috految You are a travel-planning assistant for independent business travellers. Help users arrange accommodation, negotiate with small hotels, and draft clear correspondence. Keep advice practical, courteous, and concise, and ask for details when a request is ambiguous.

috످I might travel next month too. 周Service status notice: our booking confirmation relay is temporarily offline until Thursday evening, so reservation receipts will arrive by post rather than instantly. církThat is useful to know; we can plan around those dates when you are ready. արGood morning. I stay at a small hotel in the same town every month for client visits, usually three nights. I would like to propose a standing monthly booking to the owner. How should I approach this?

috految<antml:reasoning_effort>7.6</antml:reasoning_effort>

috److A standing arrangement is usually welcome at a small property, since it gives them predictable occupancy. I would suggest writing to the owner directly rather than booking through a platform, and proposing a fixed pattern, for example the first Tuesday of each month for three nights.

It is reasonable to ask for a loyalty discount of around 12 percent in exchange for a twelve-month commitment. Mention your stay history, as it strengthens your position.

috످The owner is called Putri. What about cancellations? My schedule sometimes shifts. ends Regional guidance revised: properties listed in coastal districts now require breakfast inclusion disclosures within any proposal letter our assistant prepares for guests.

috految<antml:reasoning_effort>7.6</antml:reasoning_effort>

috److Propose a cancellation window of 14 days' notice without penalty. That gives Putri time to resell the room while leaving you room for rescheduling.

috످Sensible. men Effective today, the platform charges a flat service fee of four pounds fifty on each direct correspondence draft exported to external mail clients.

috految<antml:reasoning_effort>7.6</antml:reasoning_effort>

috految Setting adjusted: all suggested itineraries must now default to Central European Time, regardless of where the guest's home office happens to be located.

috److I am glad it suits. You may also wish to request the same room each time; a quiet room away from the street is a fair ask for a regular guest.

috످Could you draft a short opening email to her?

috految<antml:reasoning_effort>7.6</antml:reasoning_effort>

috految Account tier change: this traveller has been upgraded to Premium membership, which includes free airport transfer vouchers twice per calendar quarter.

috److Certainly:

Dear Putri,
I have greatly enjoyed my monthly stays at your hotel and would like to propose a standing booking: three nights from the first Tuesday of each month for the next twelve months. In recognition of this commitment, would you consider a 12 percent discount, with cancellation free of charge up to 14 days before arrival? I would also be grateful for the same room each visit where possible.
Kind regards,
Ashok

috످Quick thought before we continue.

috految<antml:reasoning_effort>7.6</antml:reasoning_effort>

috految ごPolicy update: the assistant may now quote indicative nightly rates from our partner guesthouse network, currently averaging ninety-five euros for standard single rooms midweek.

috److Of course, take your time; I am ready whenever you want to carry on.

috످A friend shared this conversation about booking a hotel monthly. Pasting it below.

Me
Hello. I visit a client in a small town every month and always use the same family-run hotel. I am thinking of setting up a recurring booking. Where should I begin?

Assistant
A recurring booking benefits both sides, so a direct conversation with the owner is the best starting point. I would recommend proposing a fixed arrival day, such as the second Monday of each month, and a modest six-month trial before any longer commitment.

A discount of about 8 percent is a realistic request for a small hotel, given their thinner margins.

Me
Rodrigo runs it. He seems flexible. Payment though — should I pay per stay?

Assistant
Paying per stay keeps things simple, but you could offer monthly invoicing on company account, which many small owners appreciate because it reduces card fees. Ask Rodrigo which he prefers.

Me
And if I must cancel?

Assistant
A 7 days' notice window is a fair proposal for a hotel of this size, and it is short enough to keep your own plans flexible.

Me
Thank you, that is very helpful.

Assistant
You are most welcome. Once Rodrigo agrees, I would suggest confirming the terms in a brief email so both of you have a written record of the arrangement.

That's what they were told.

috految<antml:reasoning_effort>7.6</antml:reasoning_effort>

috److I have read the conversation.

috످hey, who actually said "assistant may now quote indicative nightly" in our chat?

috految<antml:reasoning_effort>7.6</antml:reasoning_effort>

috److془It came in system message after "Quick thought before we continue."془That came from a system message, just after you wrote "Quick thought before we continue." It said I may quote indicative nightly rates from partner guesthouses.

috످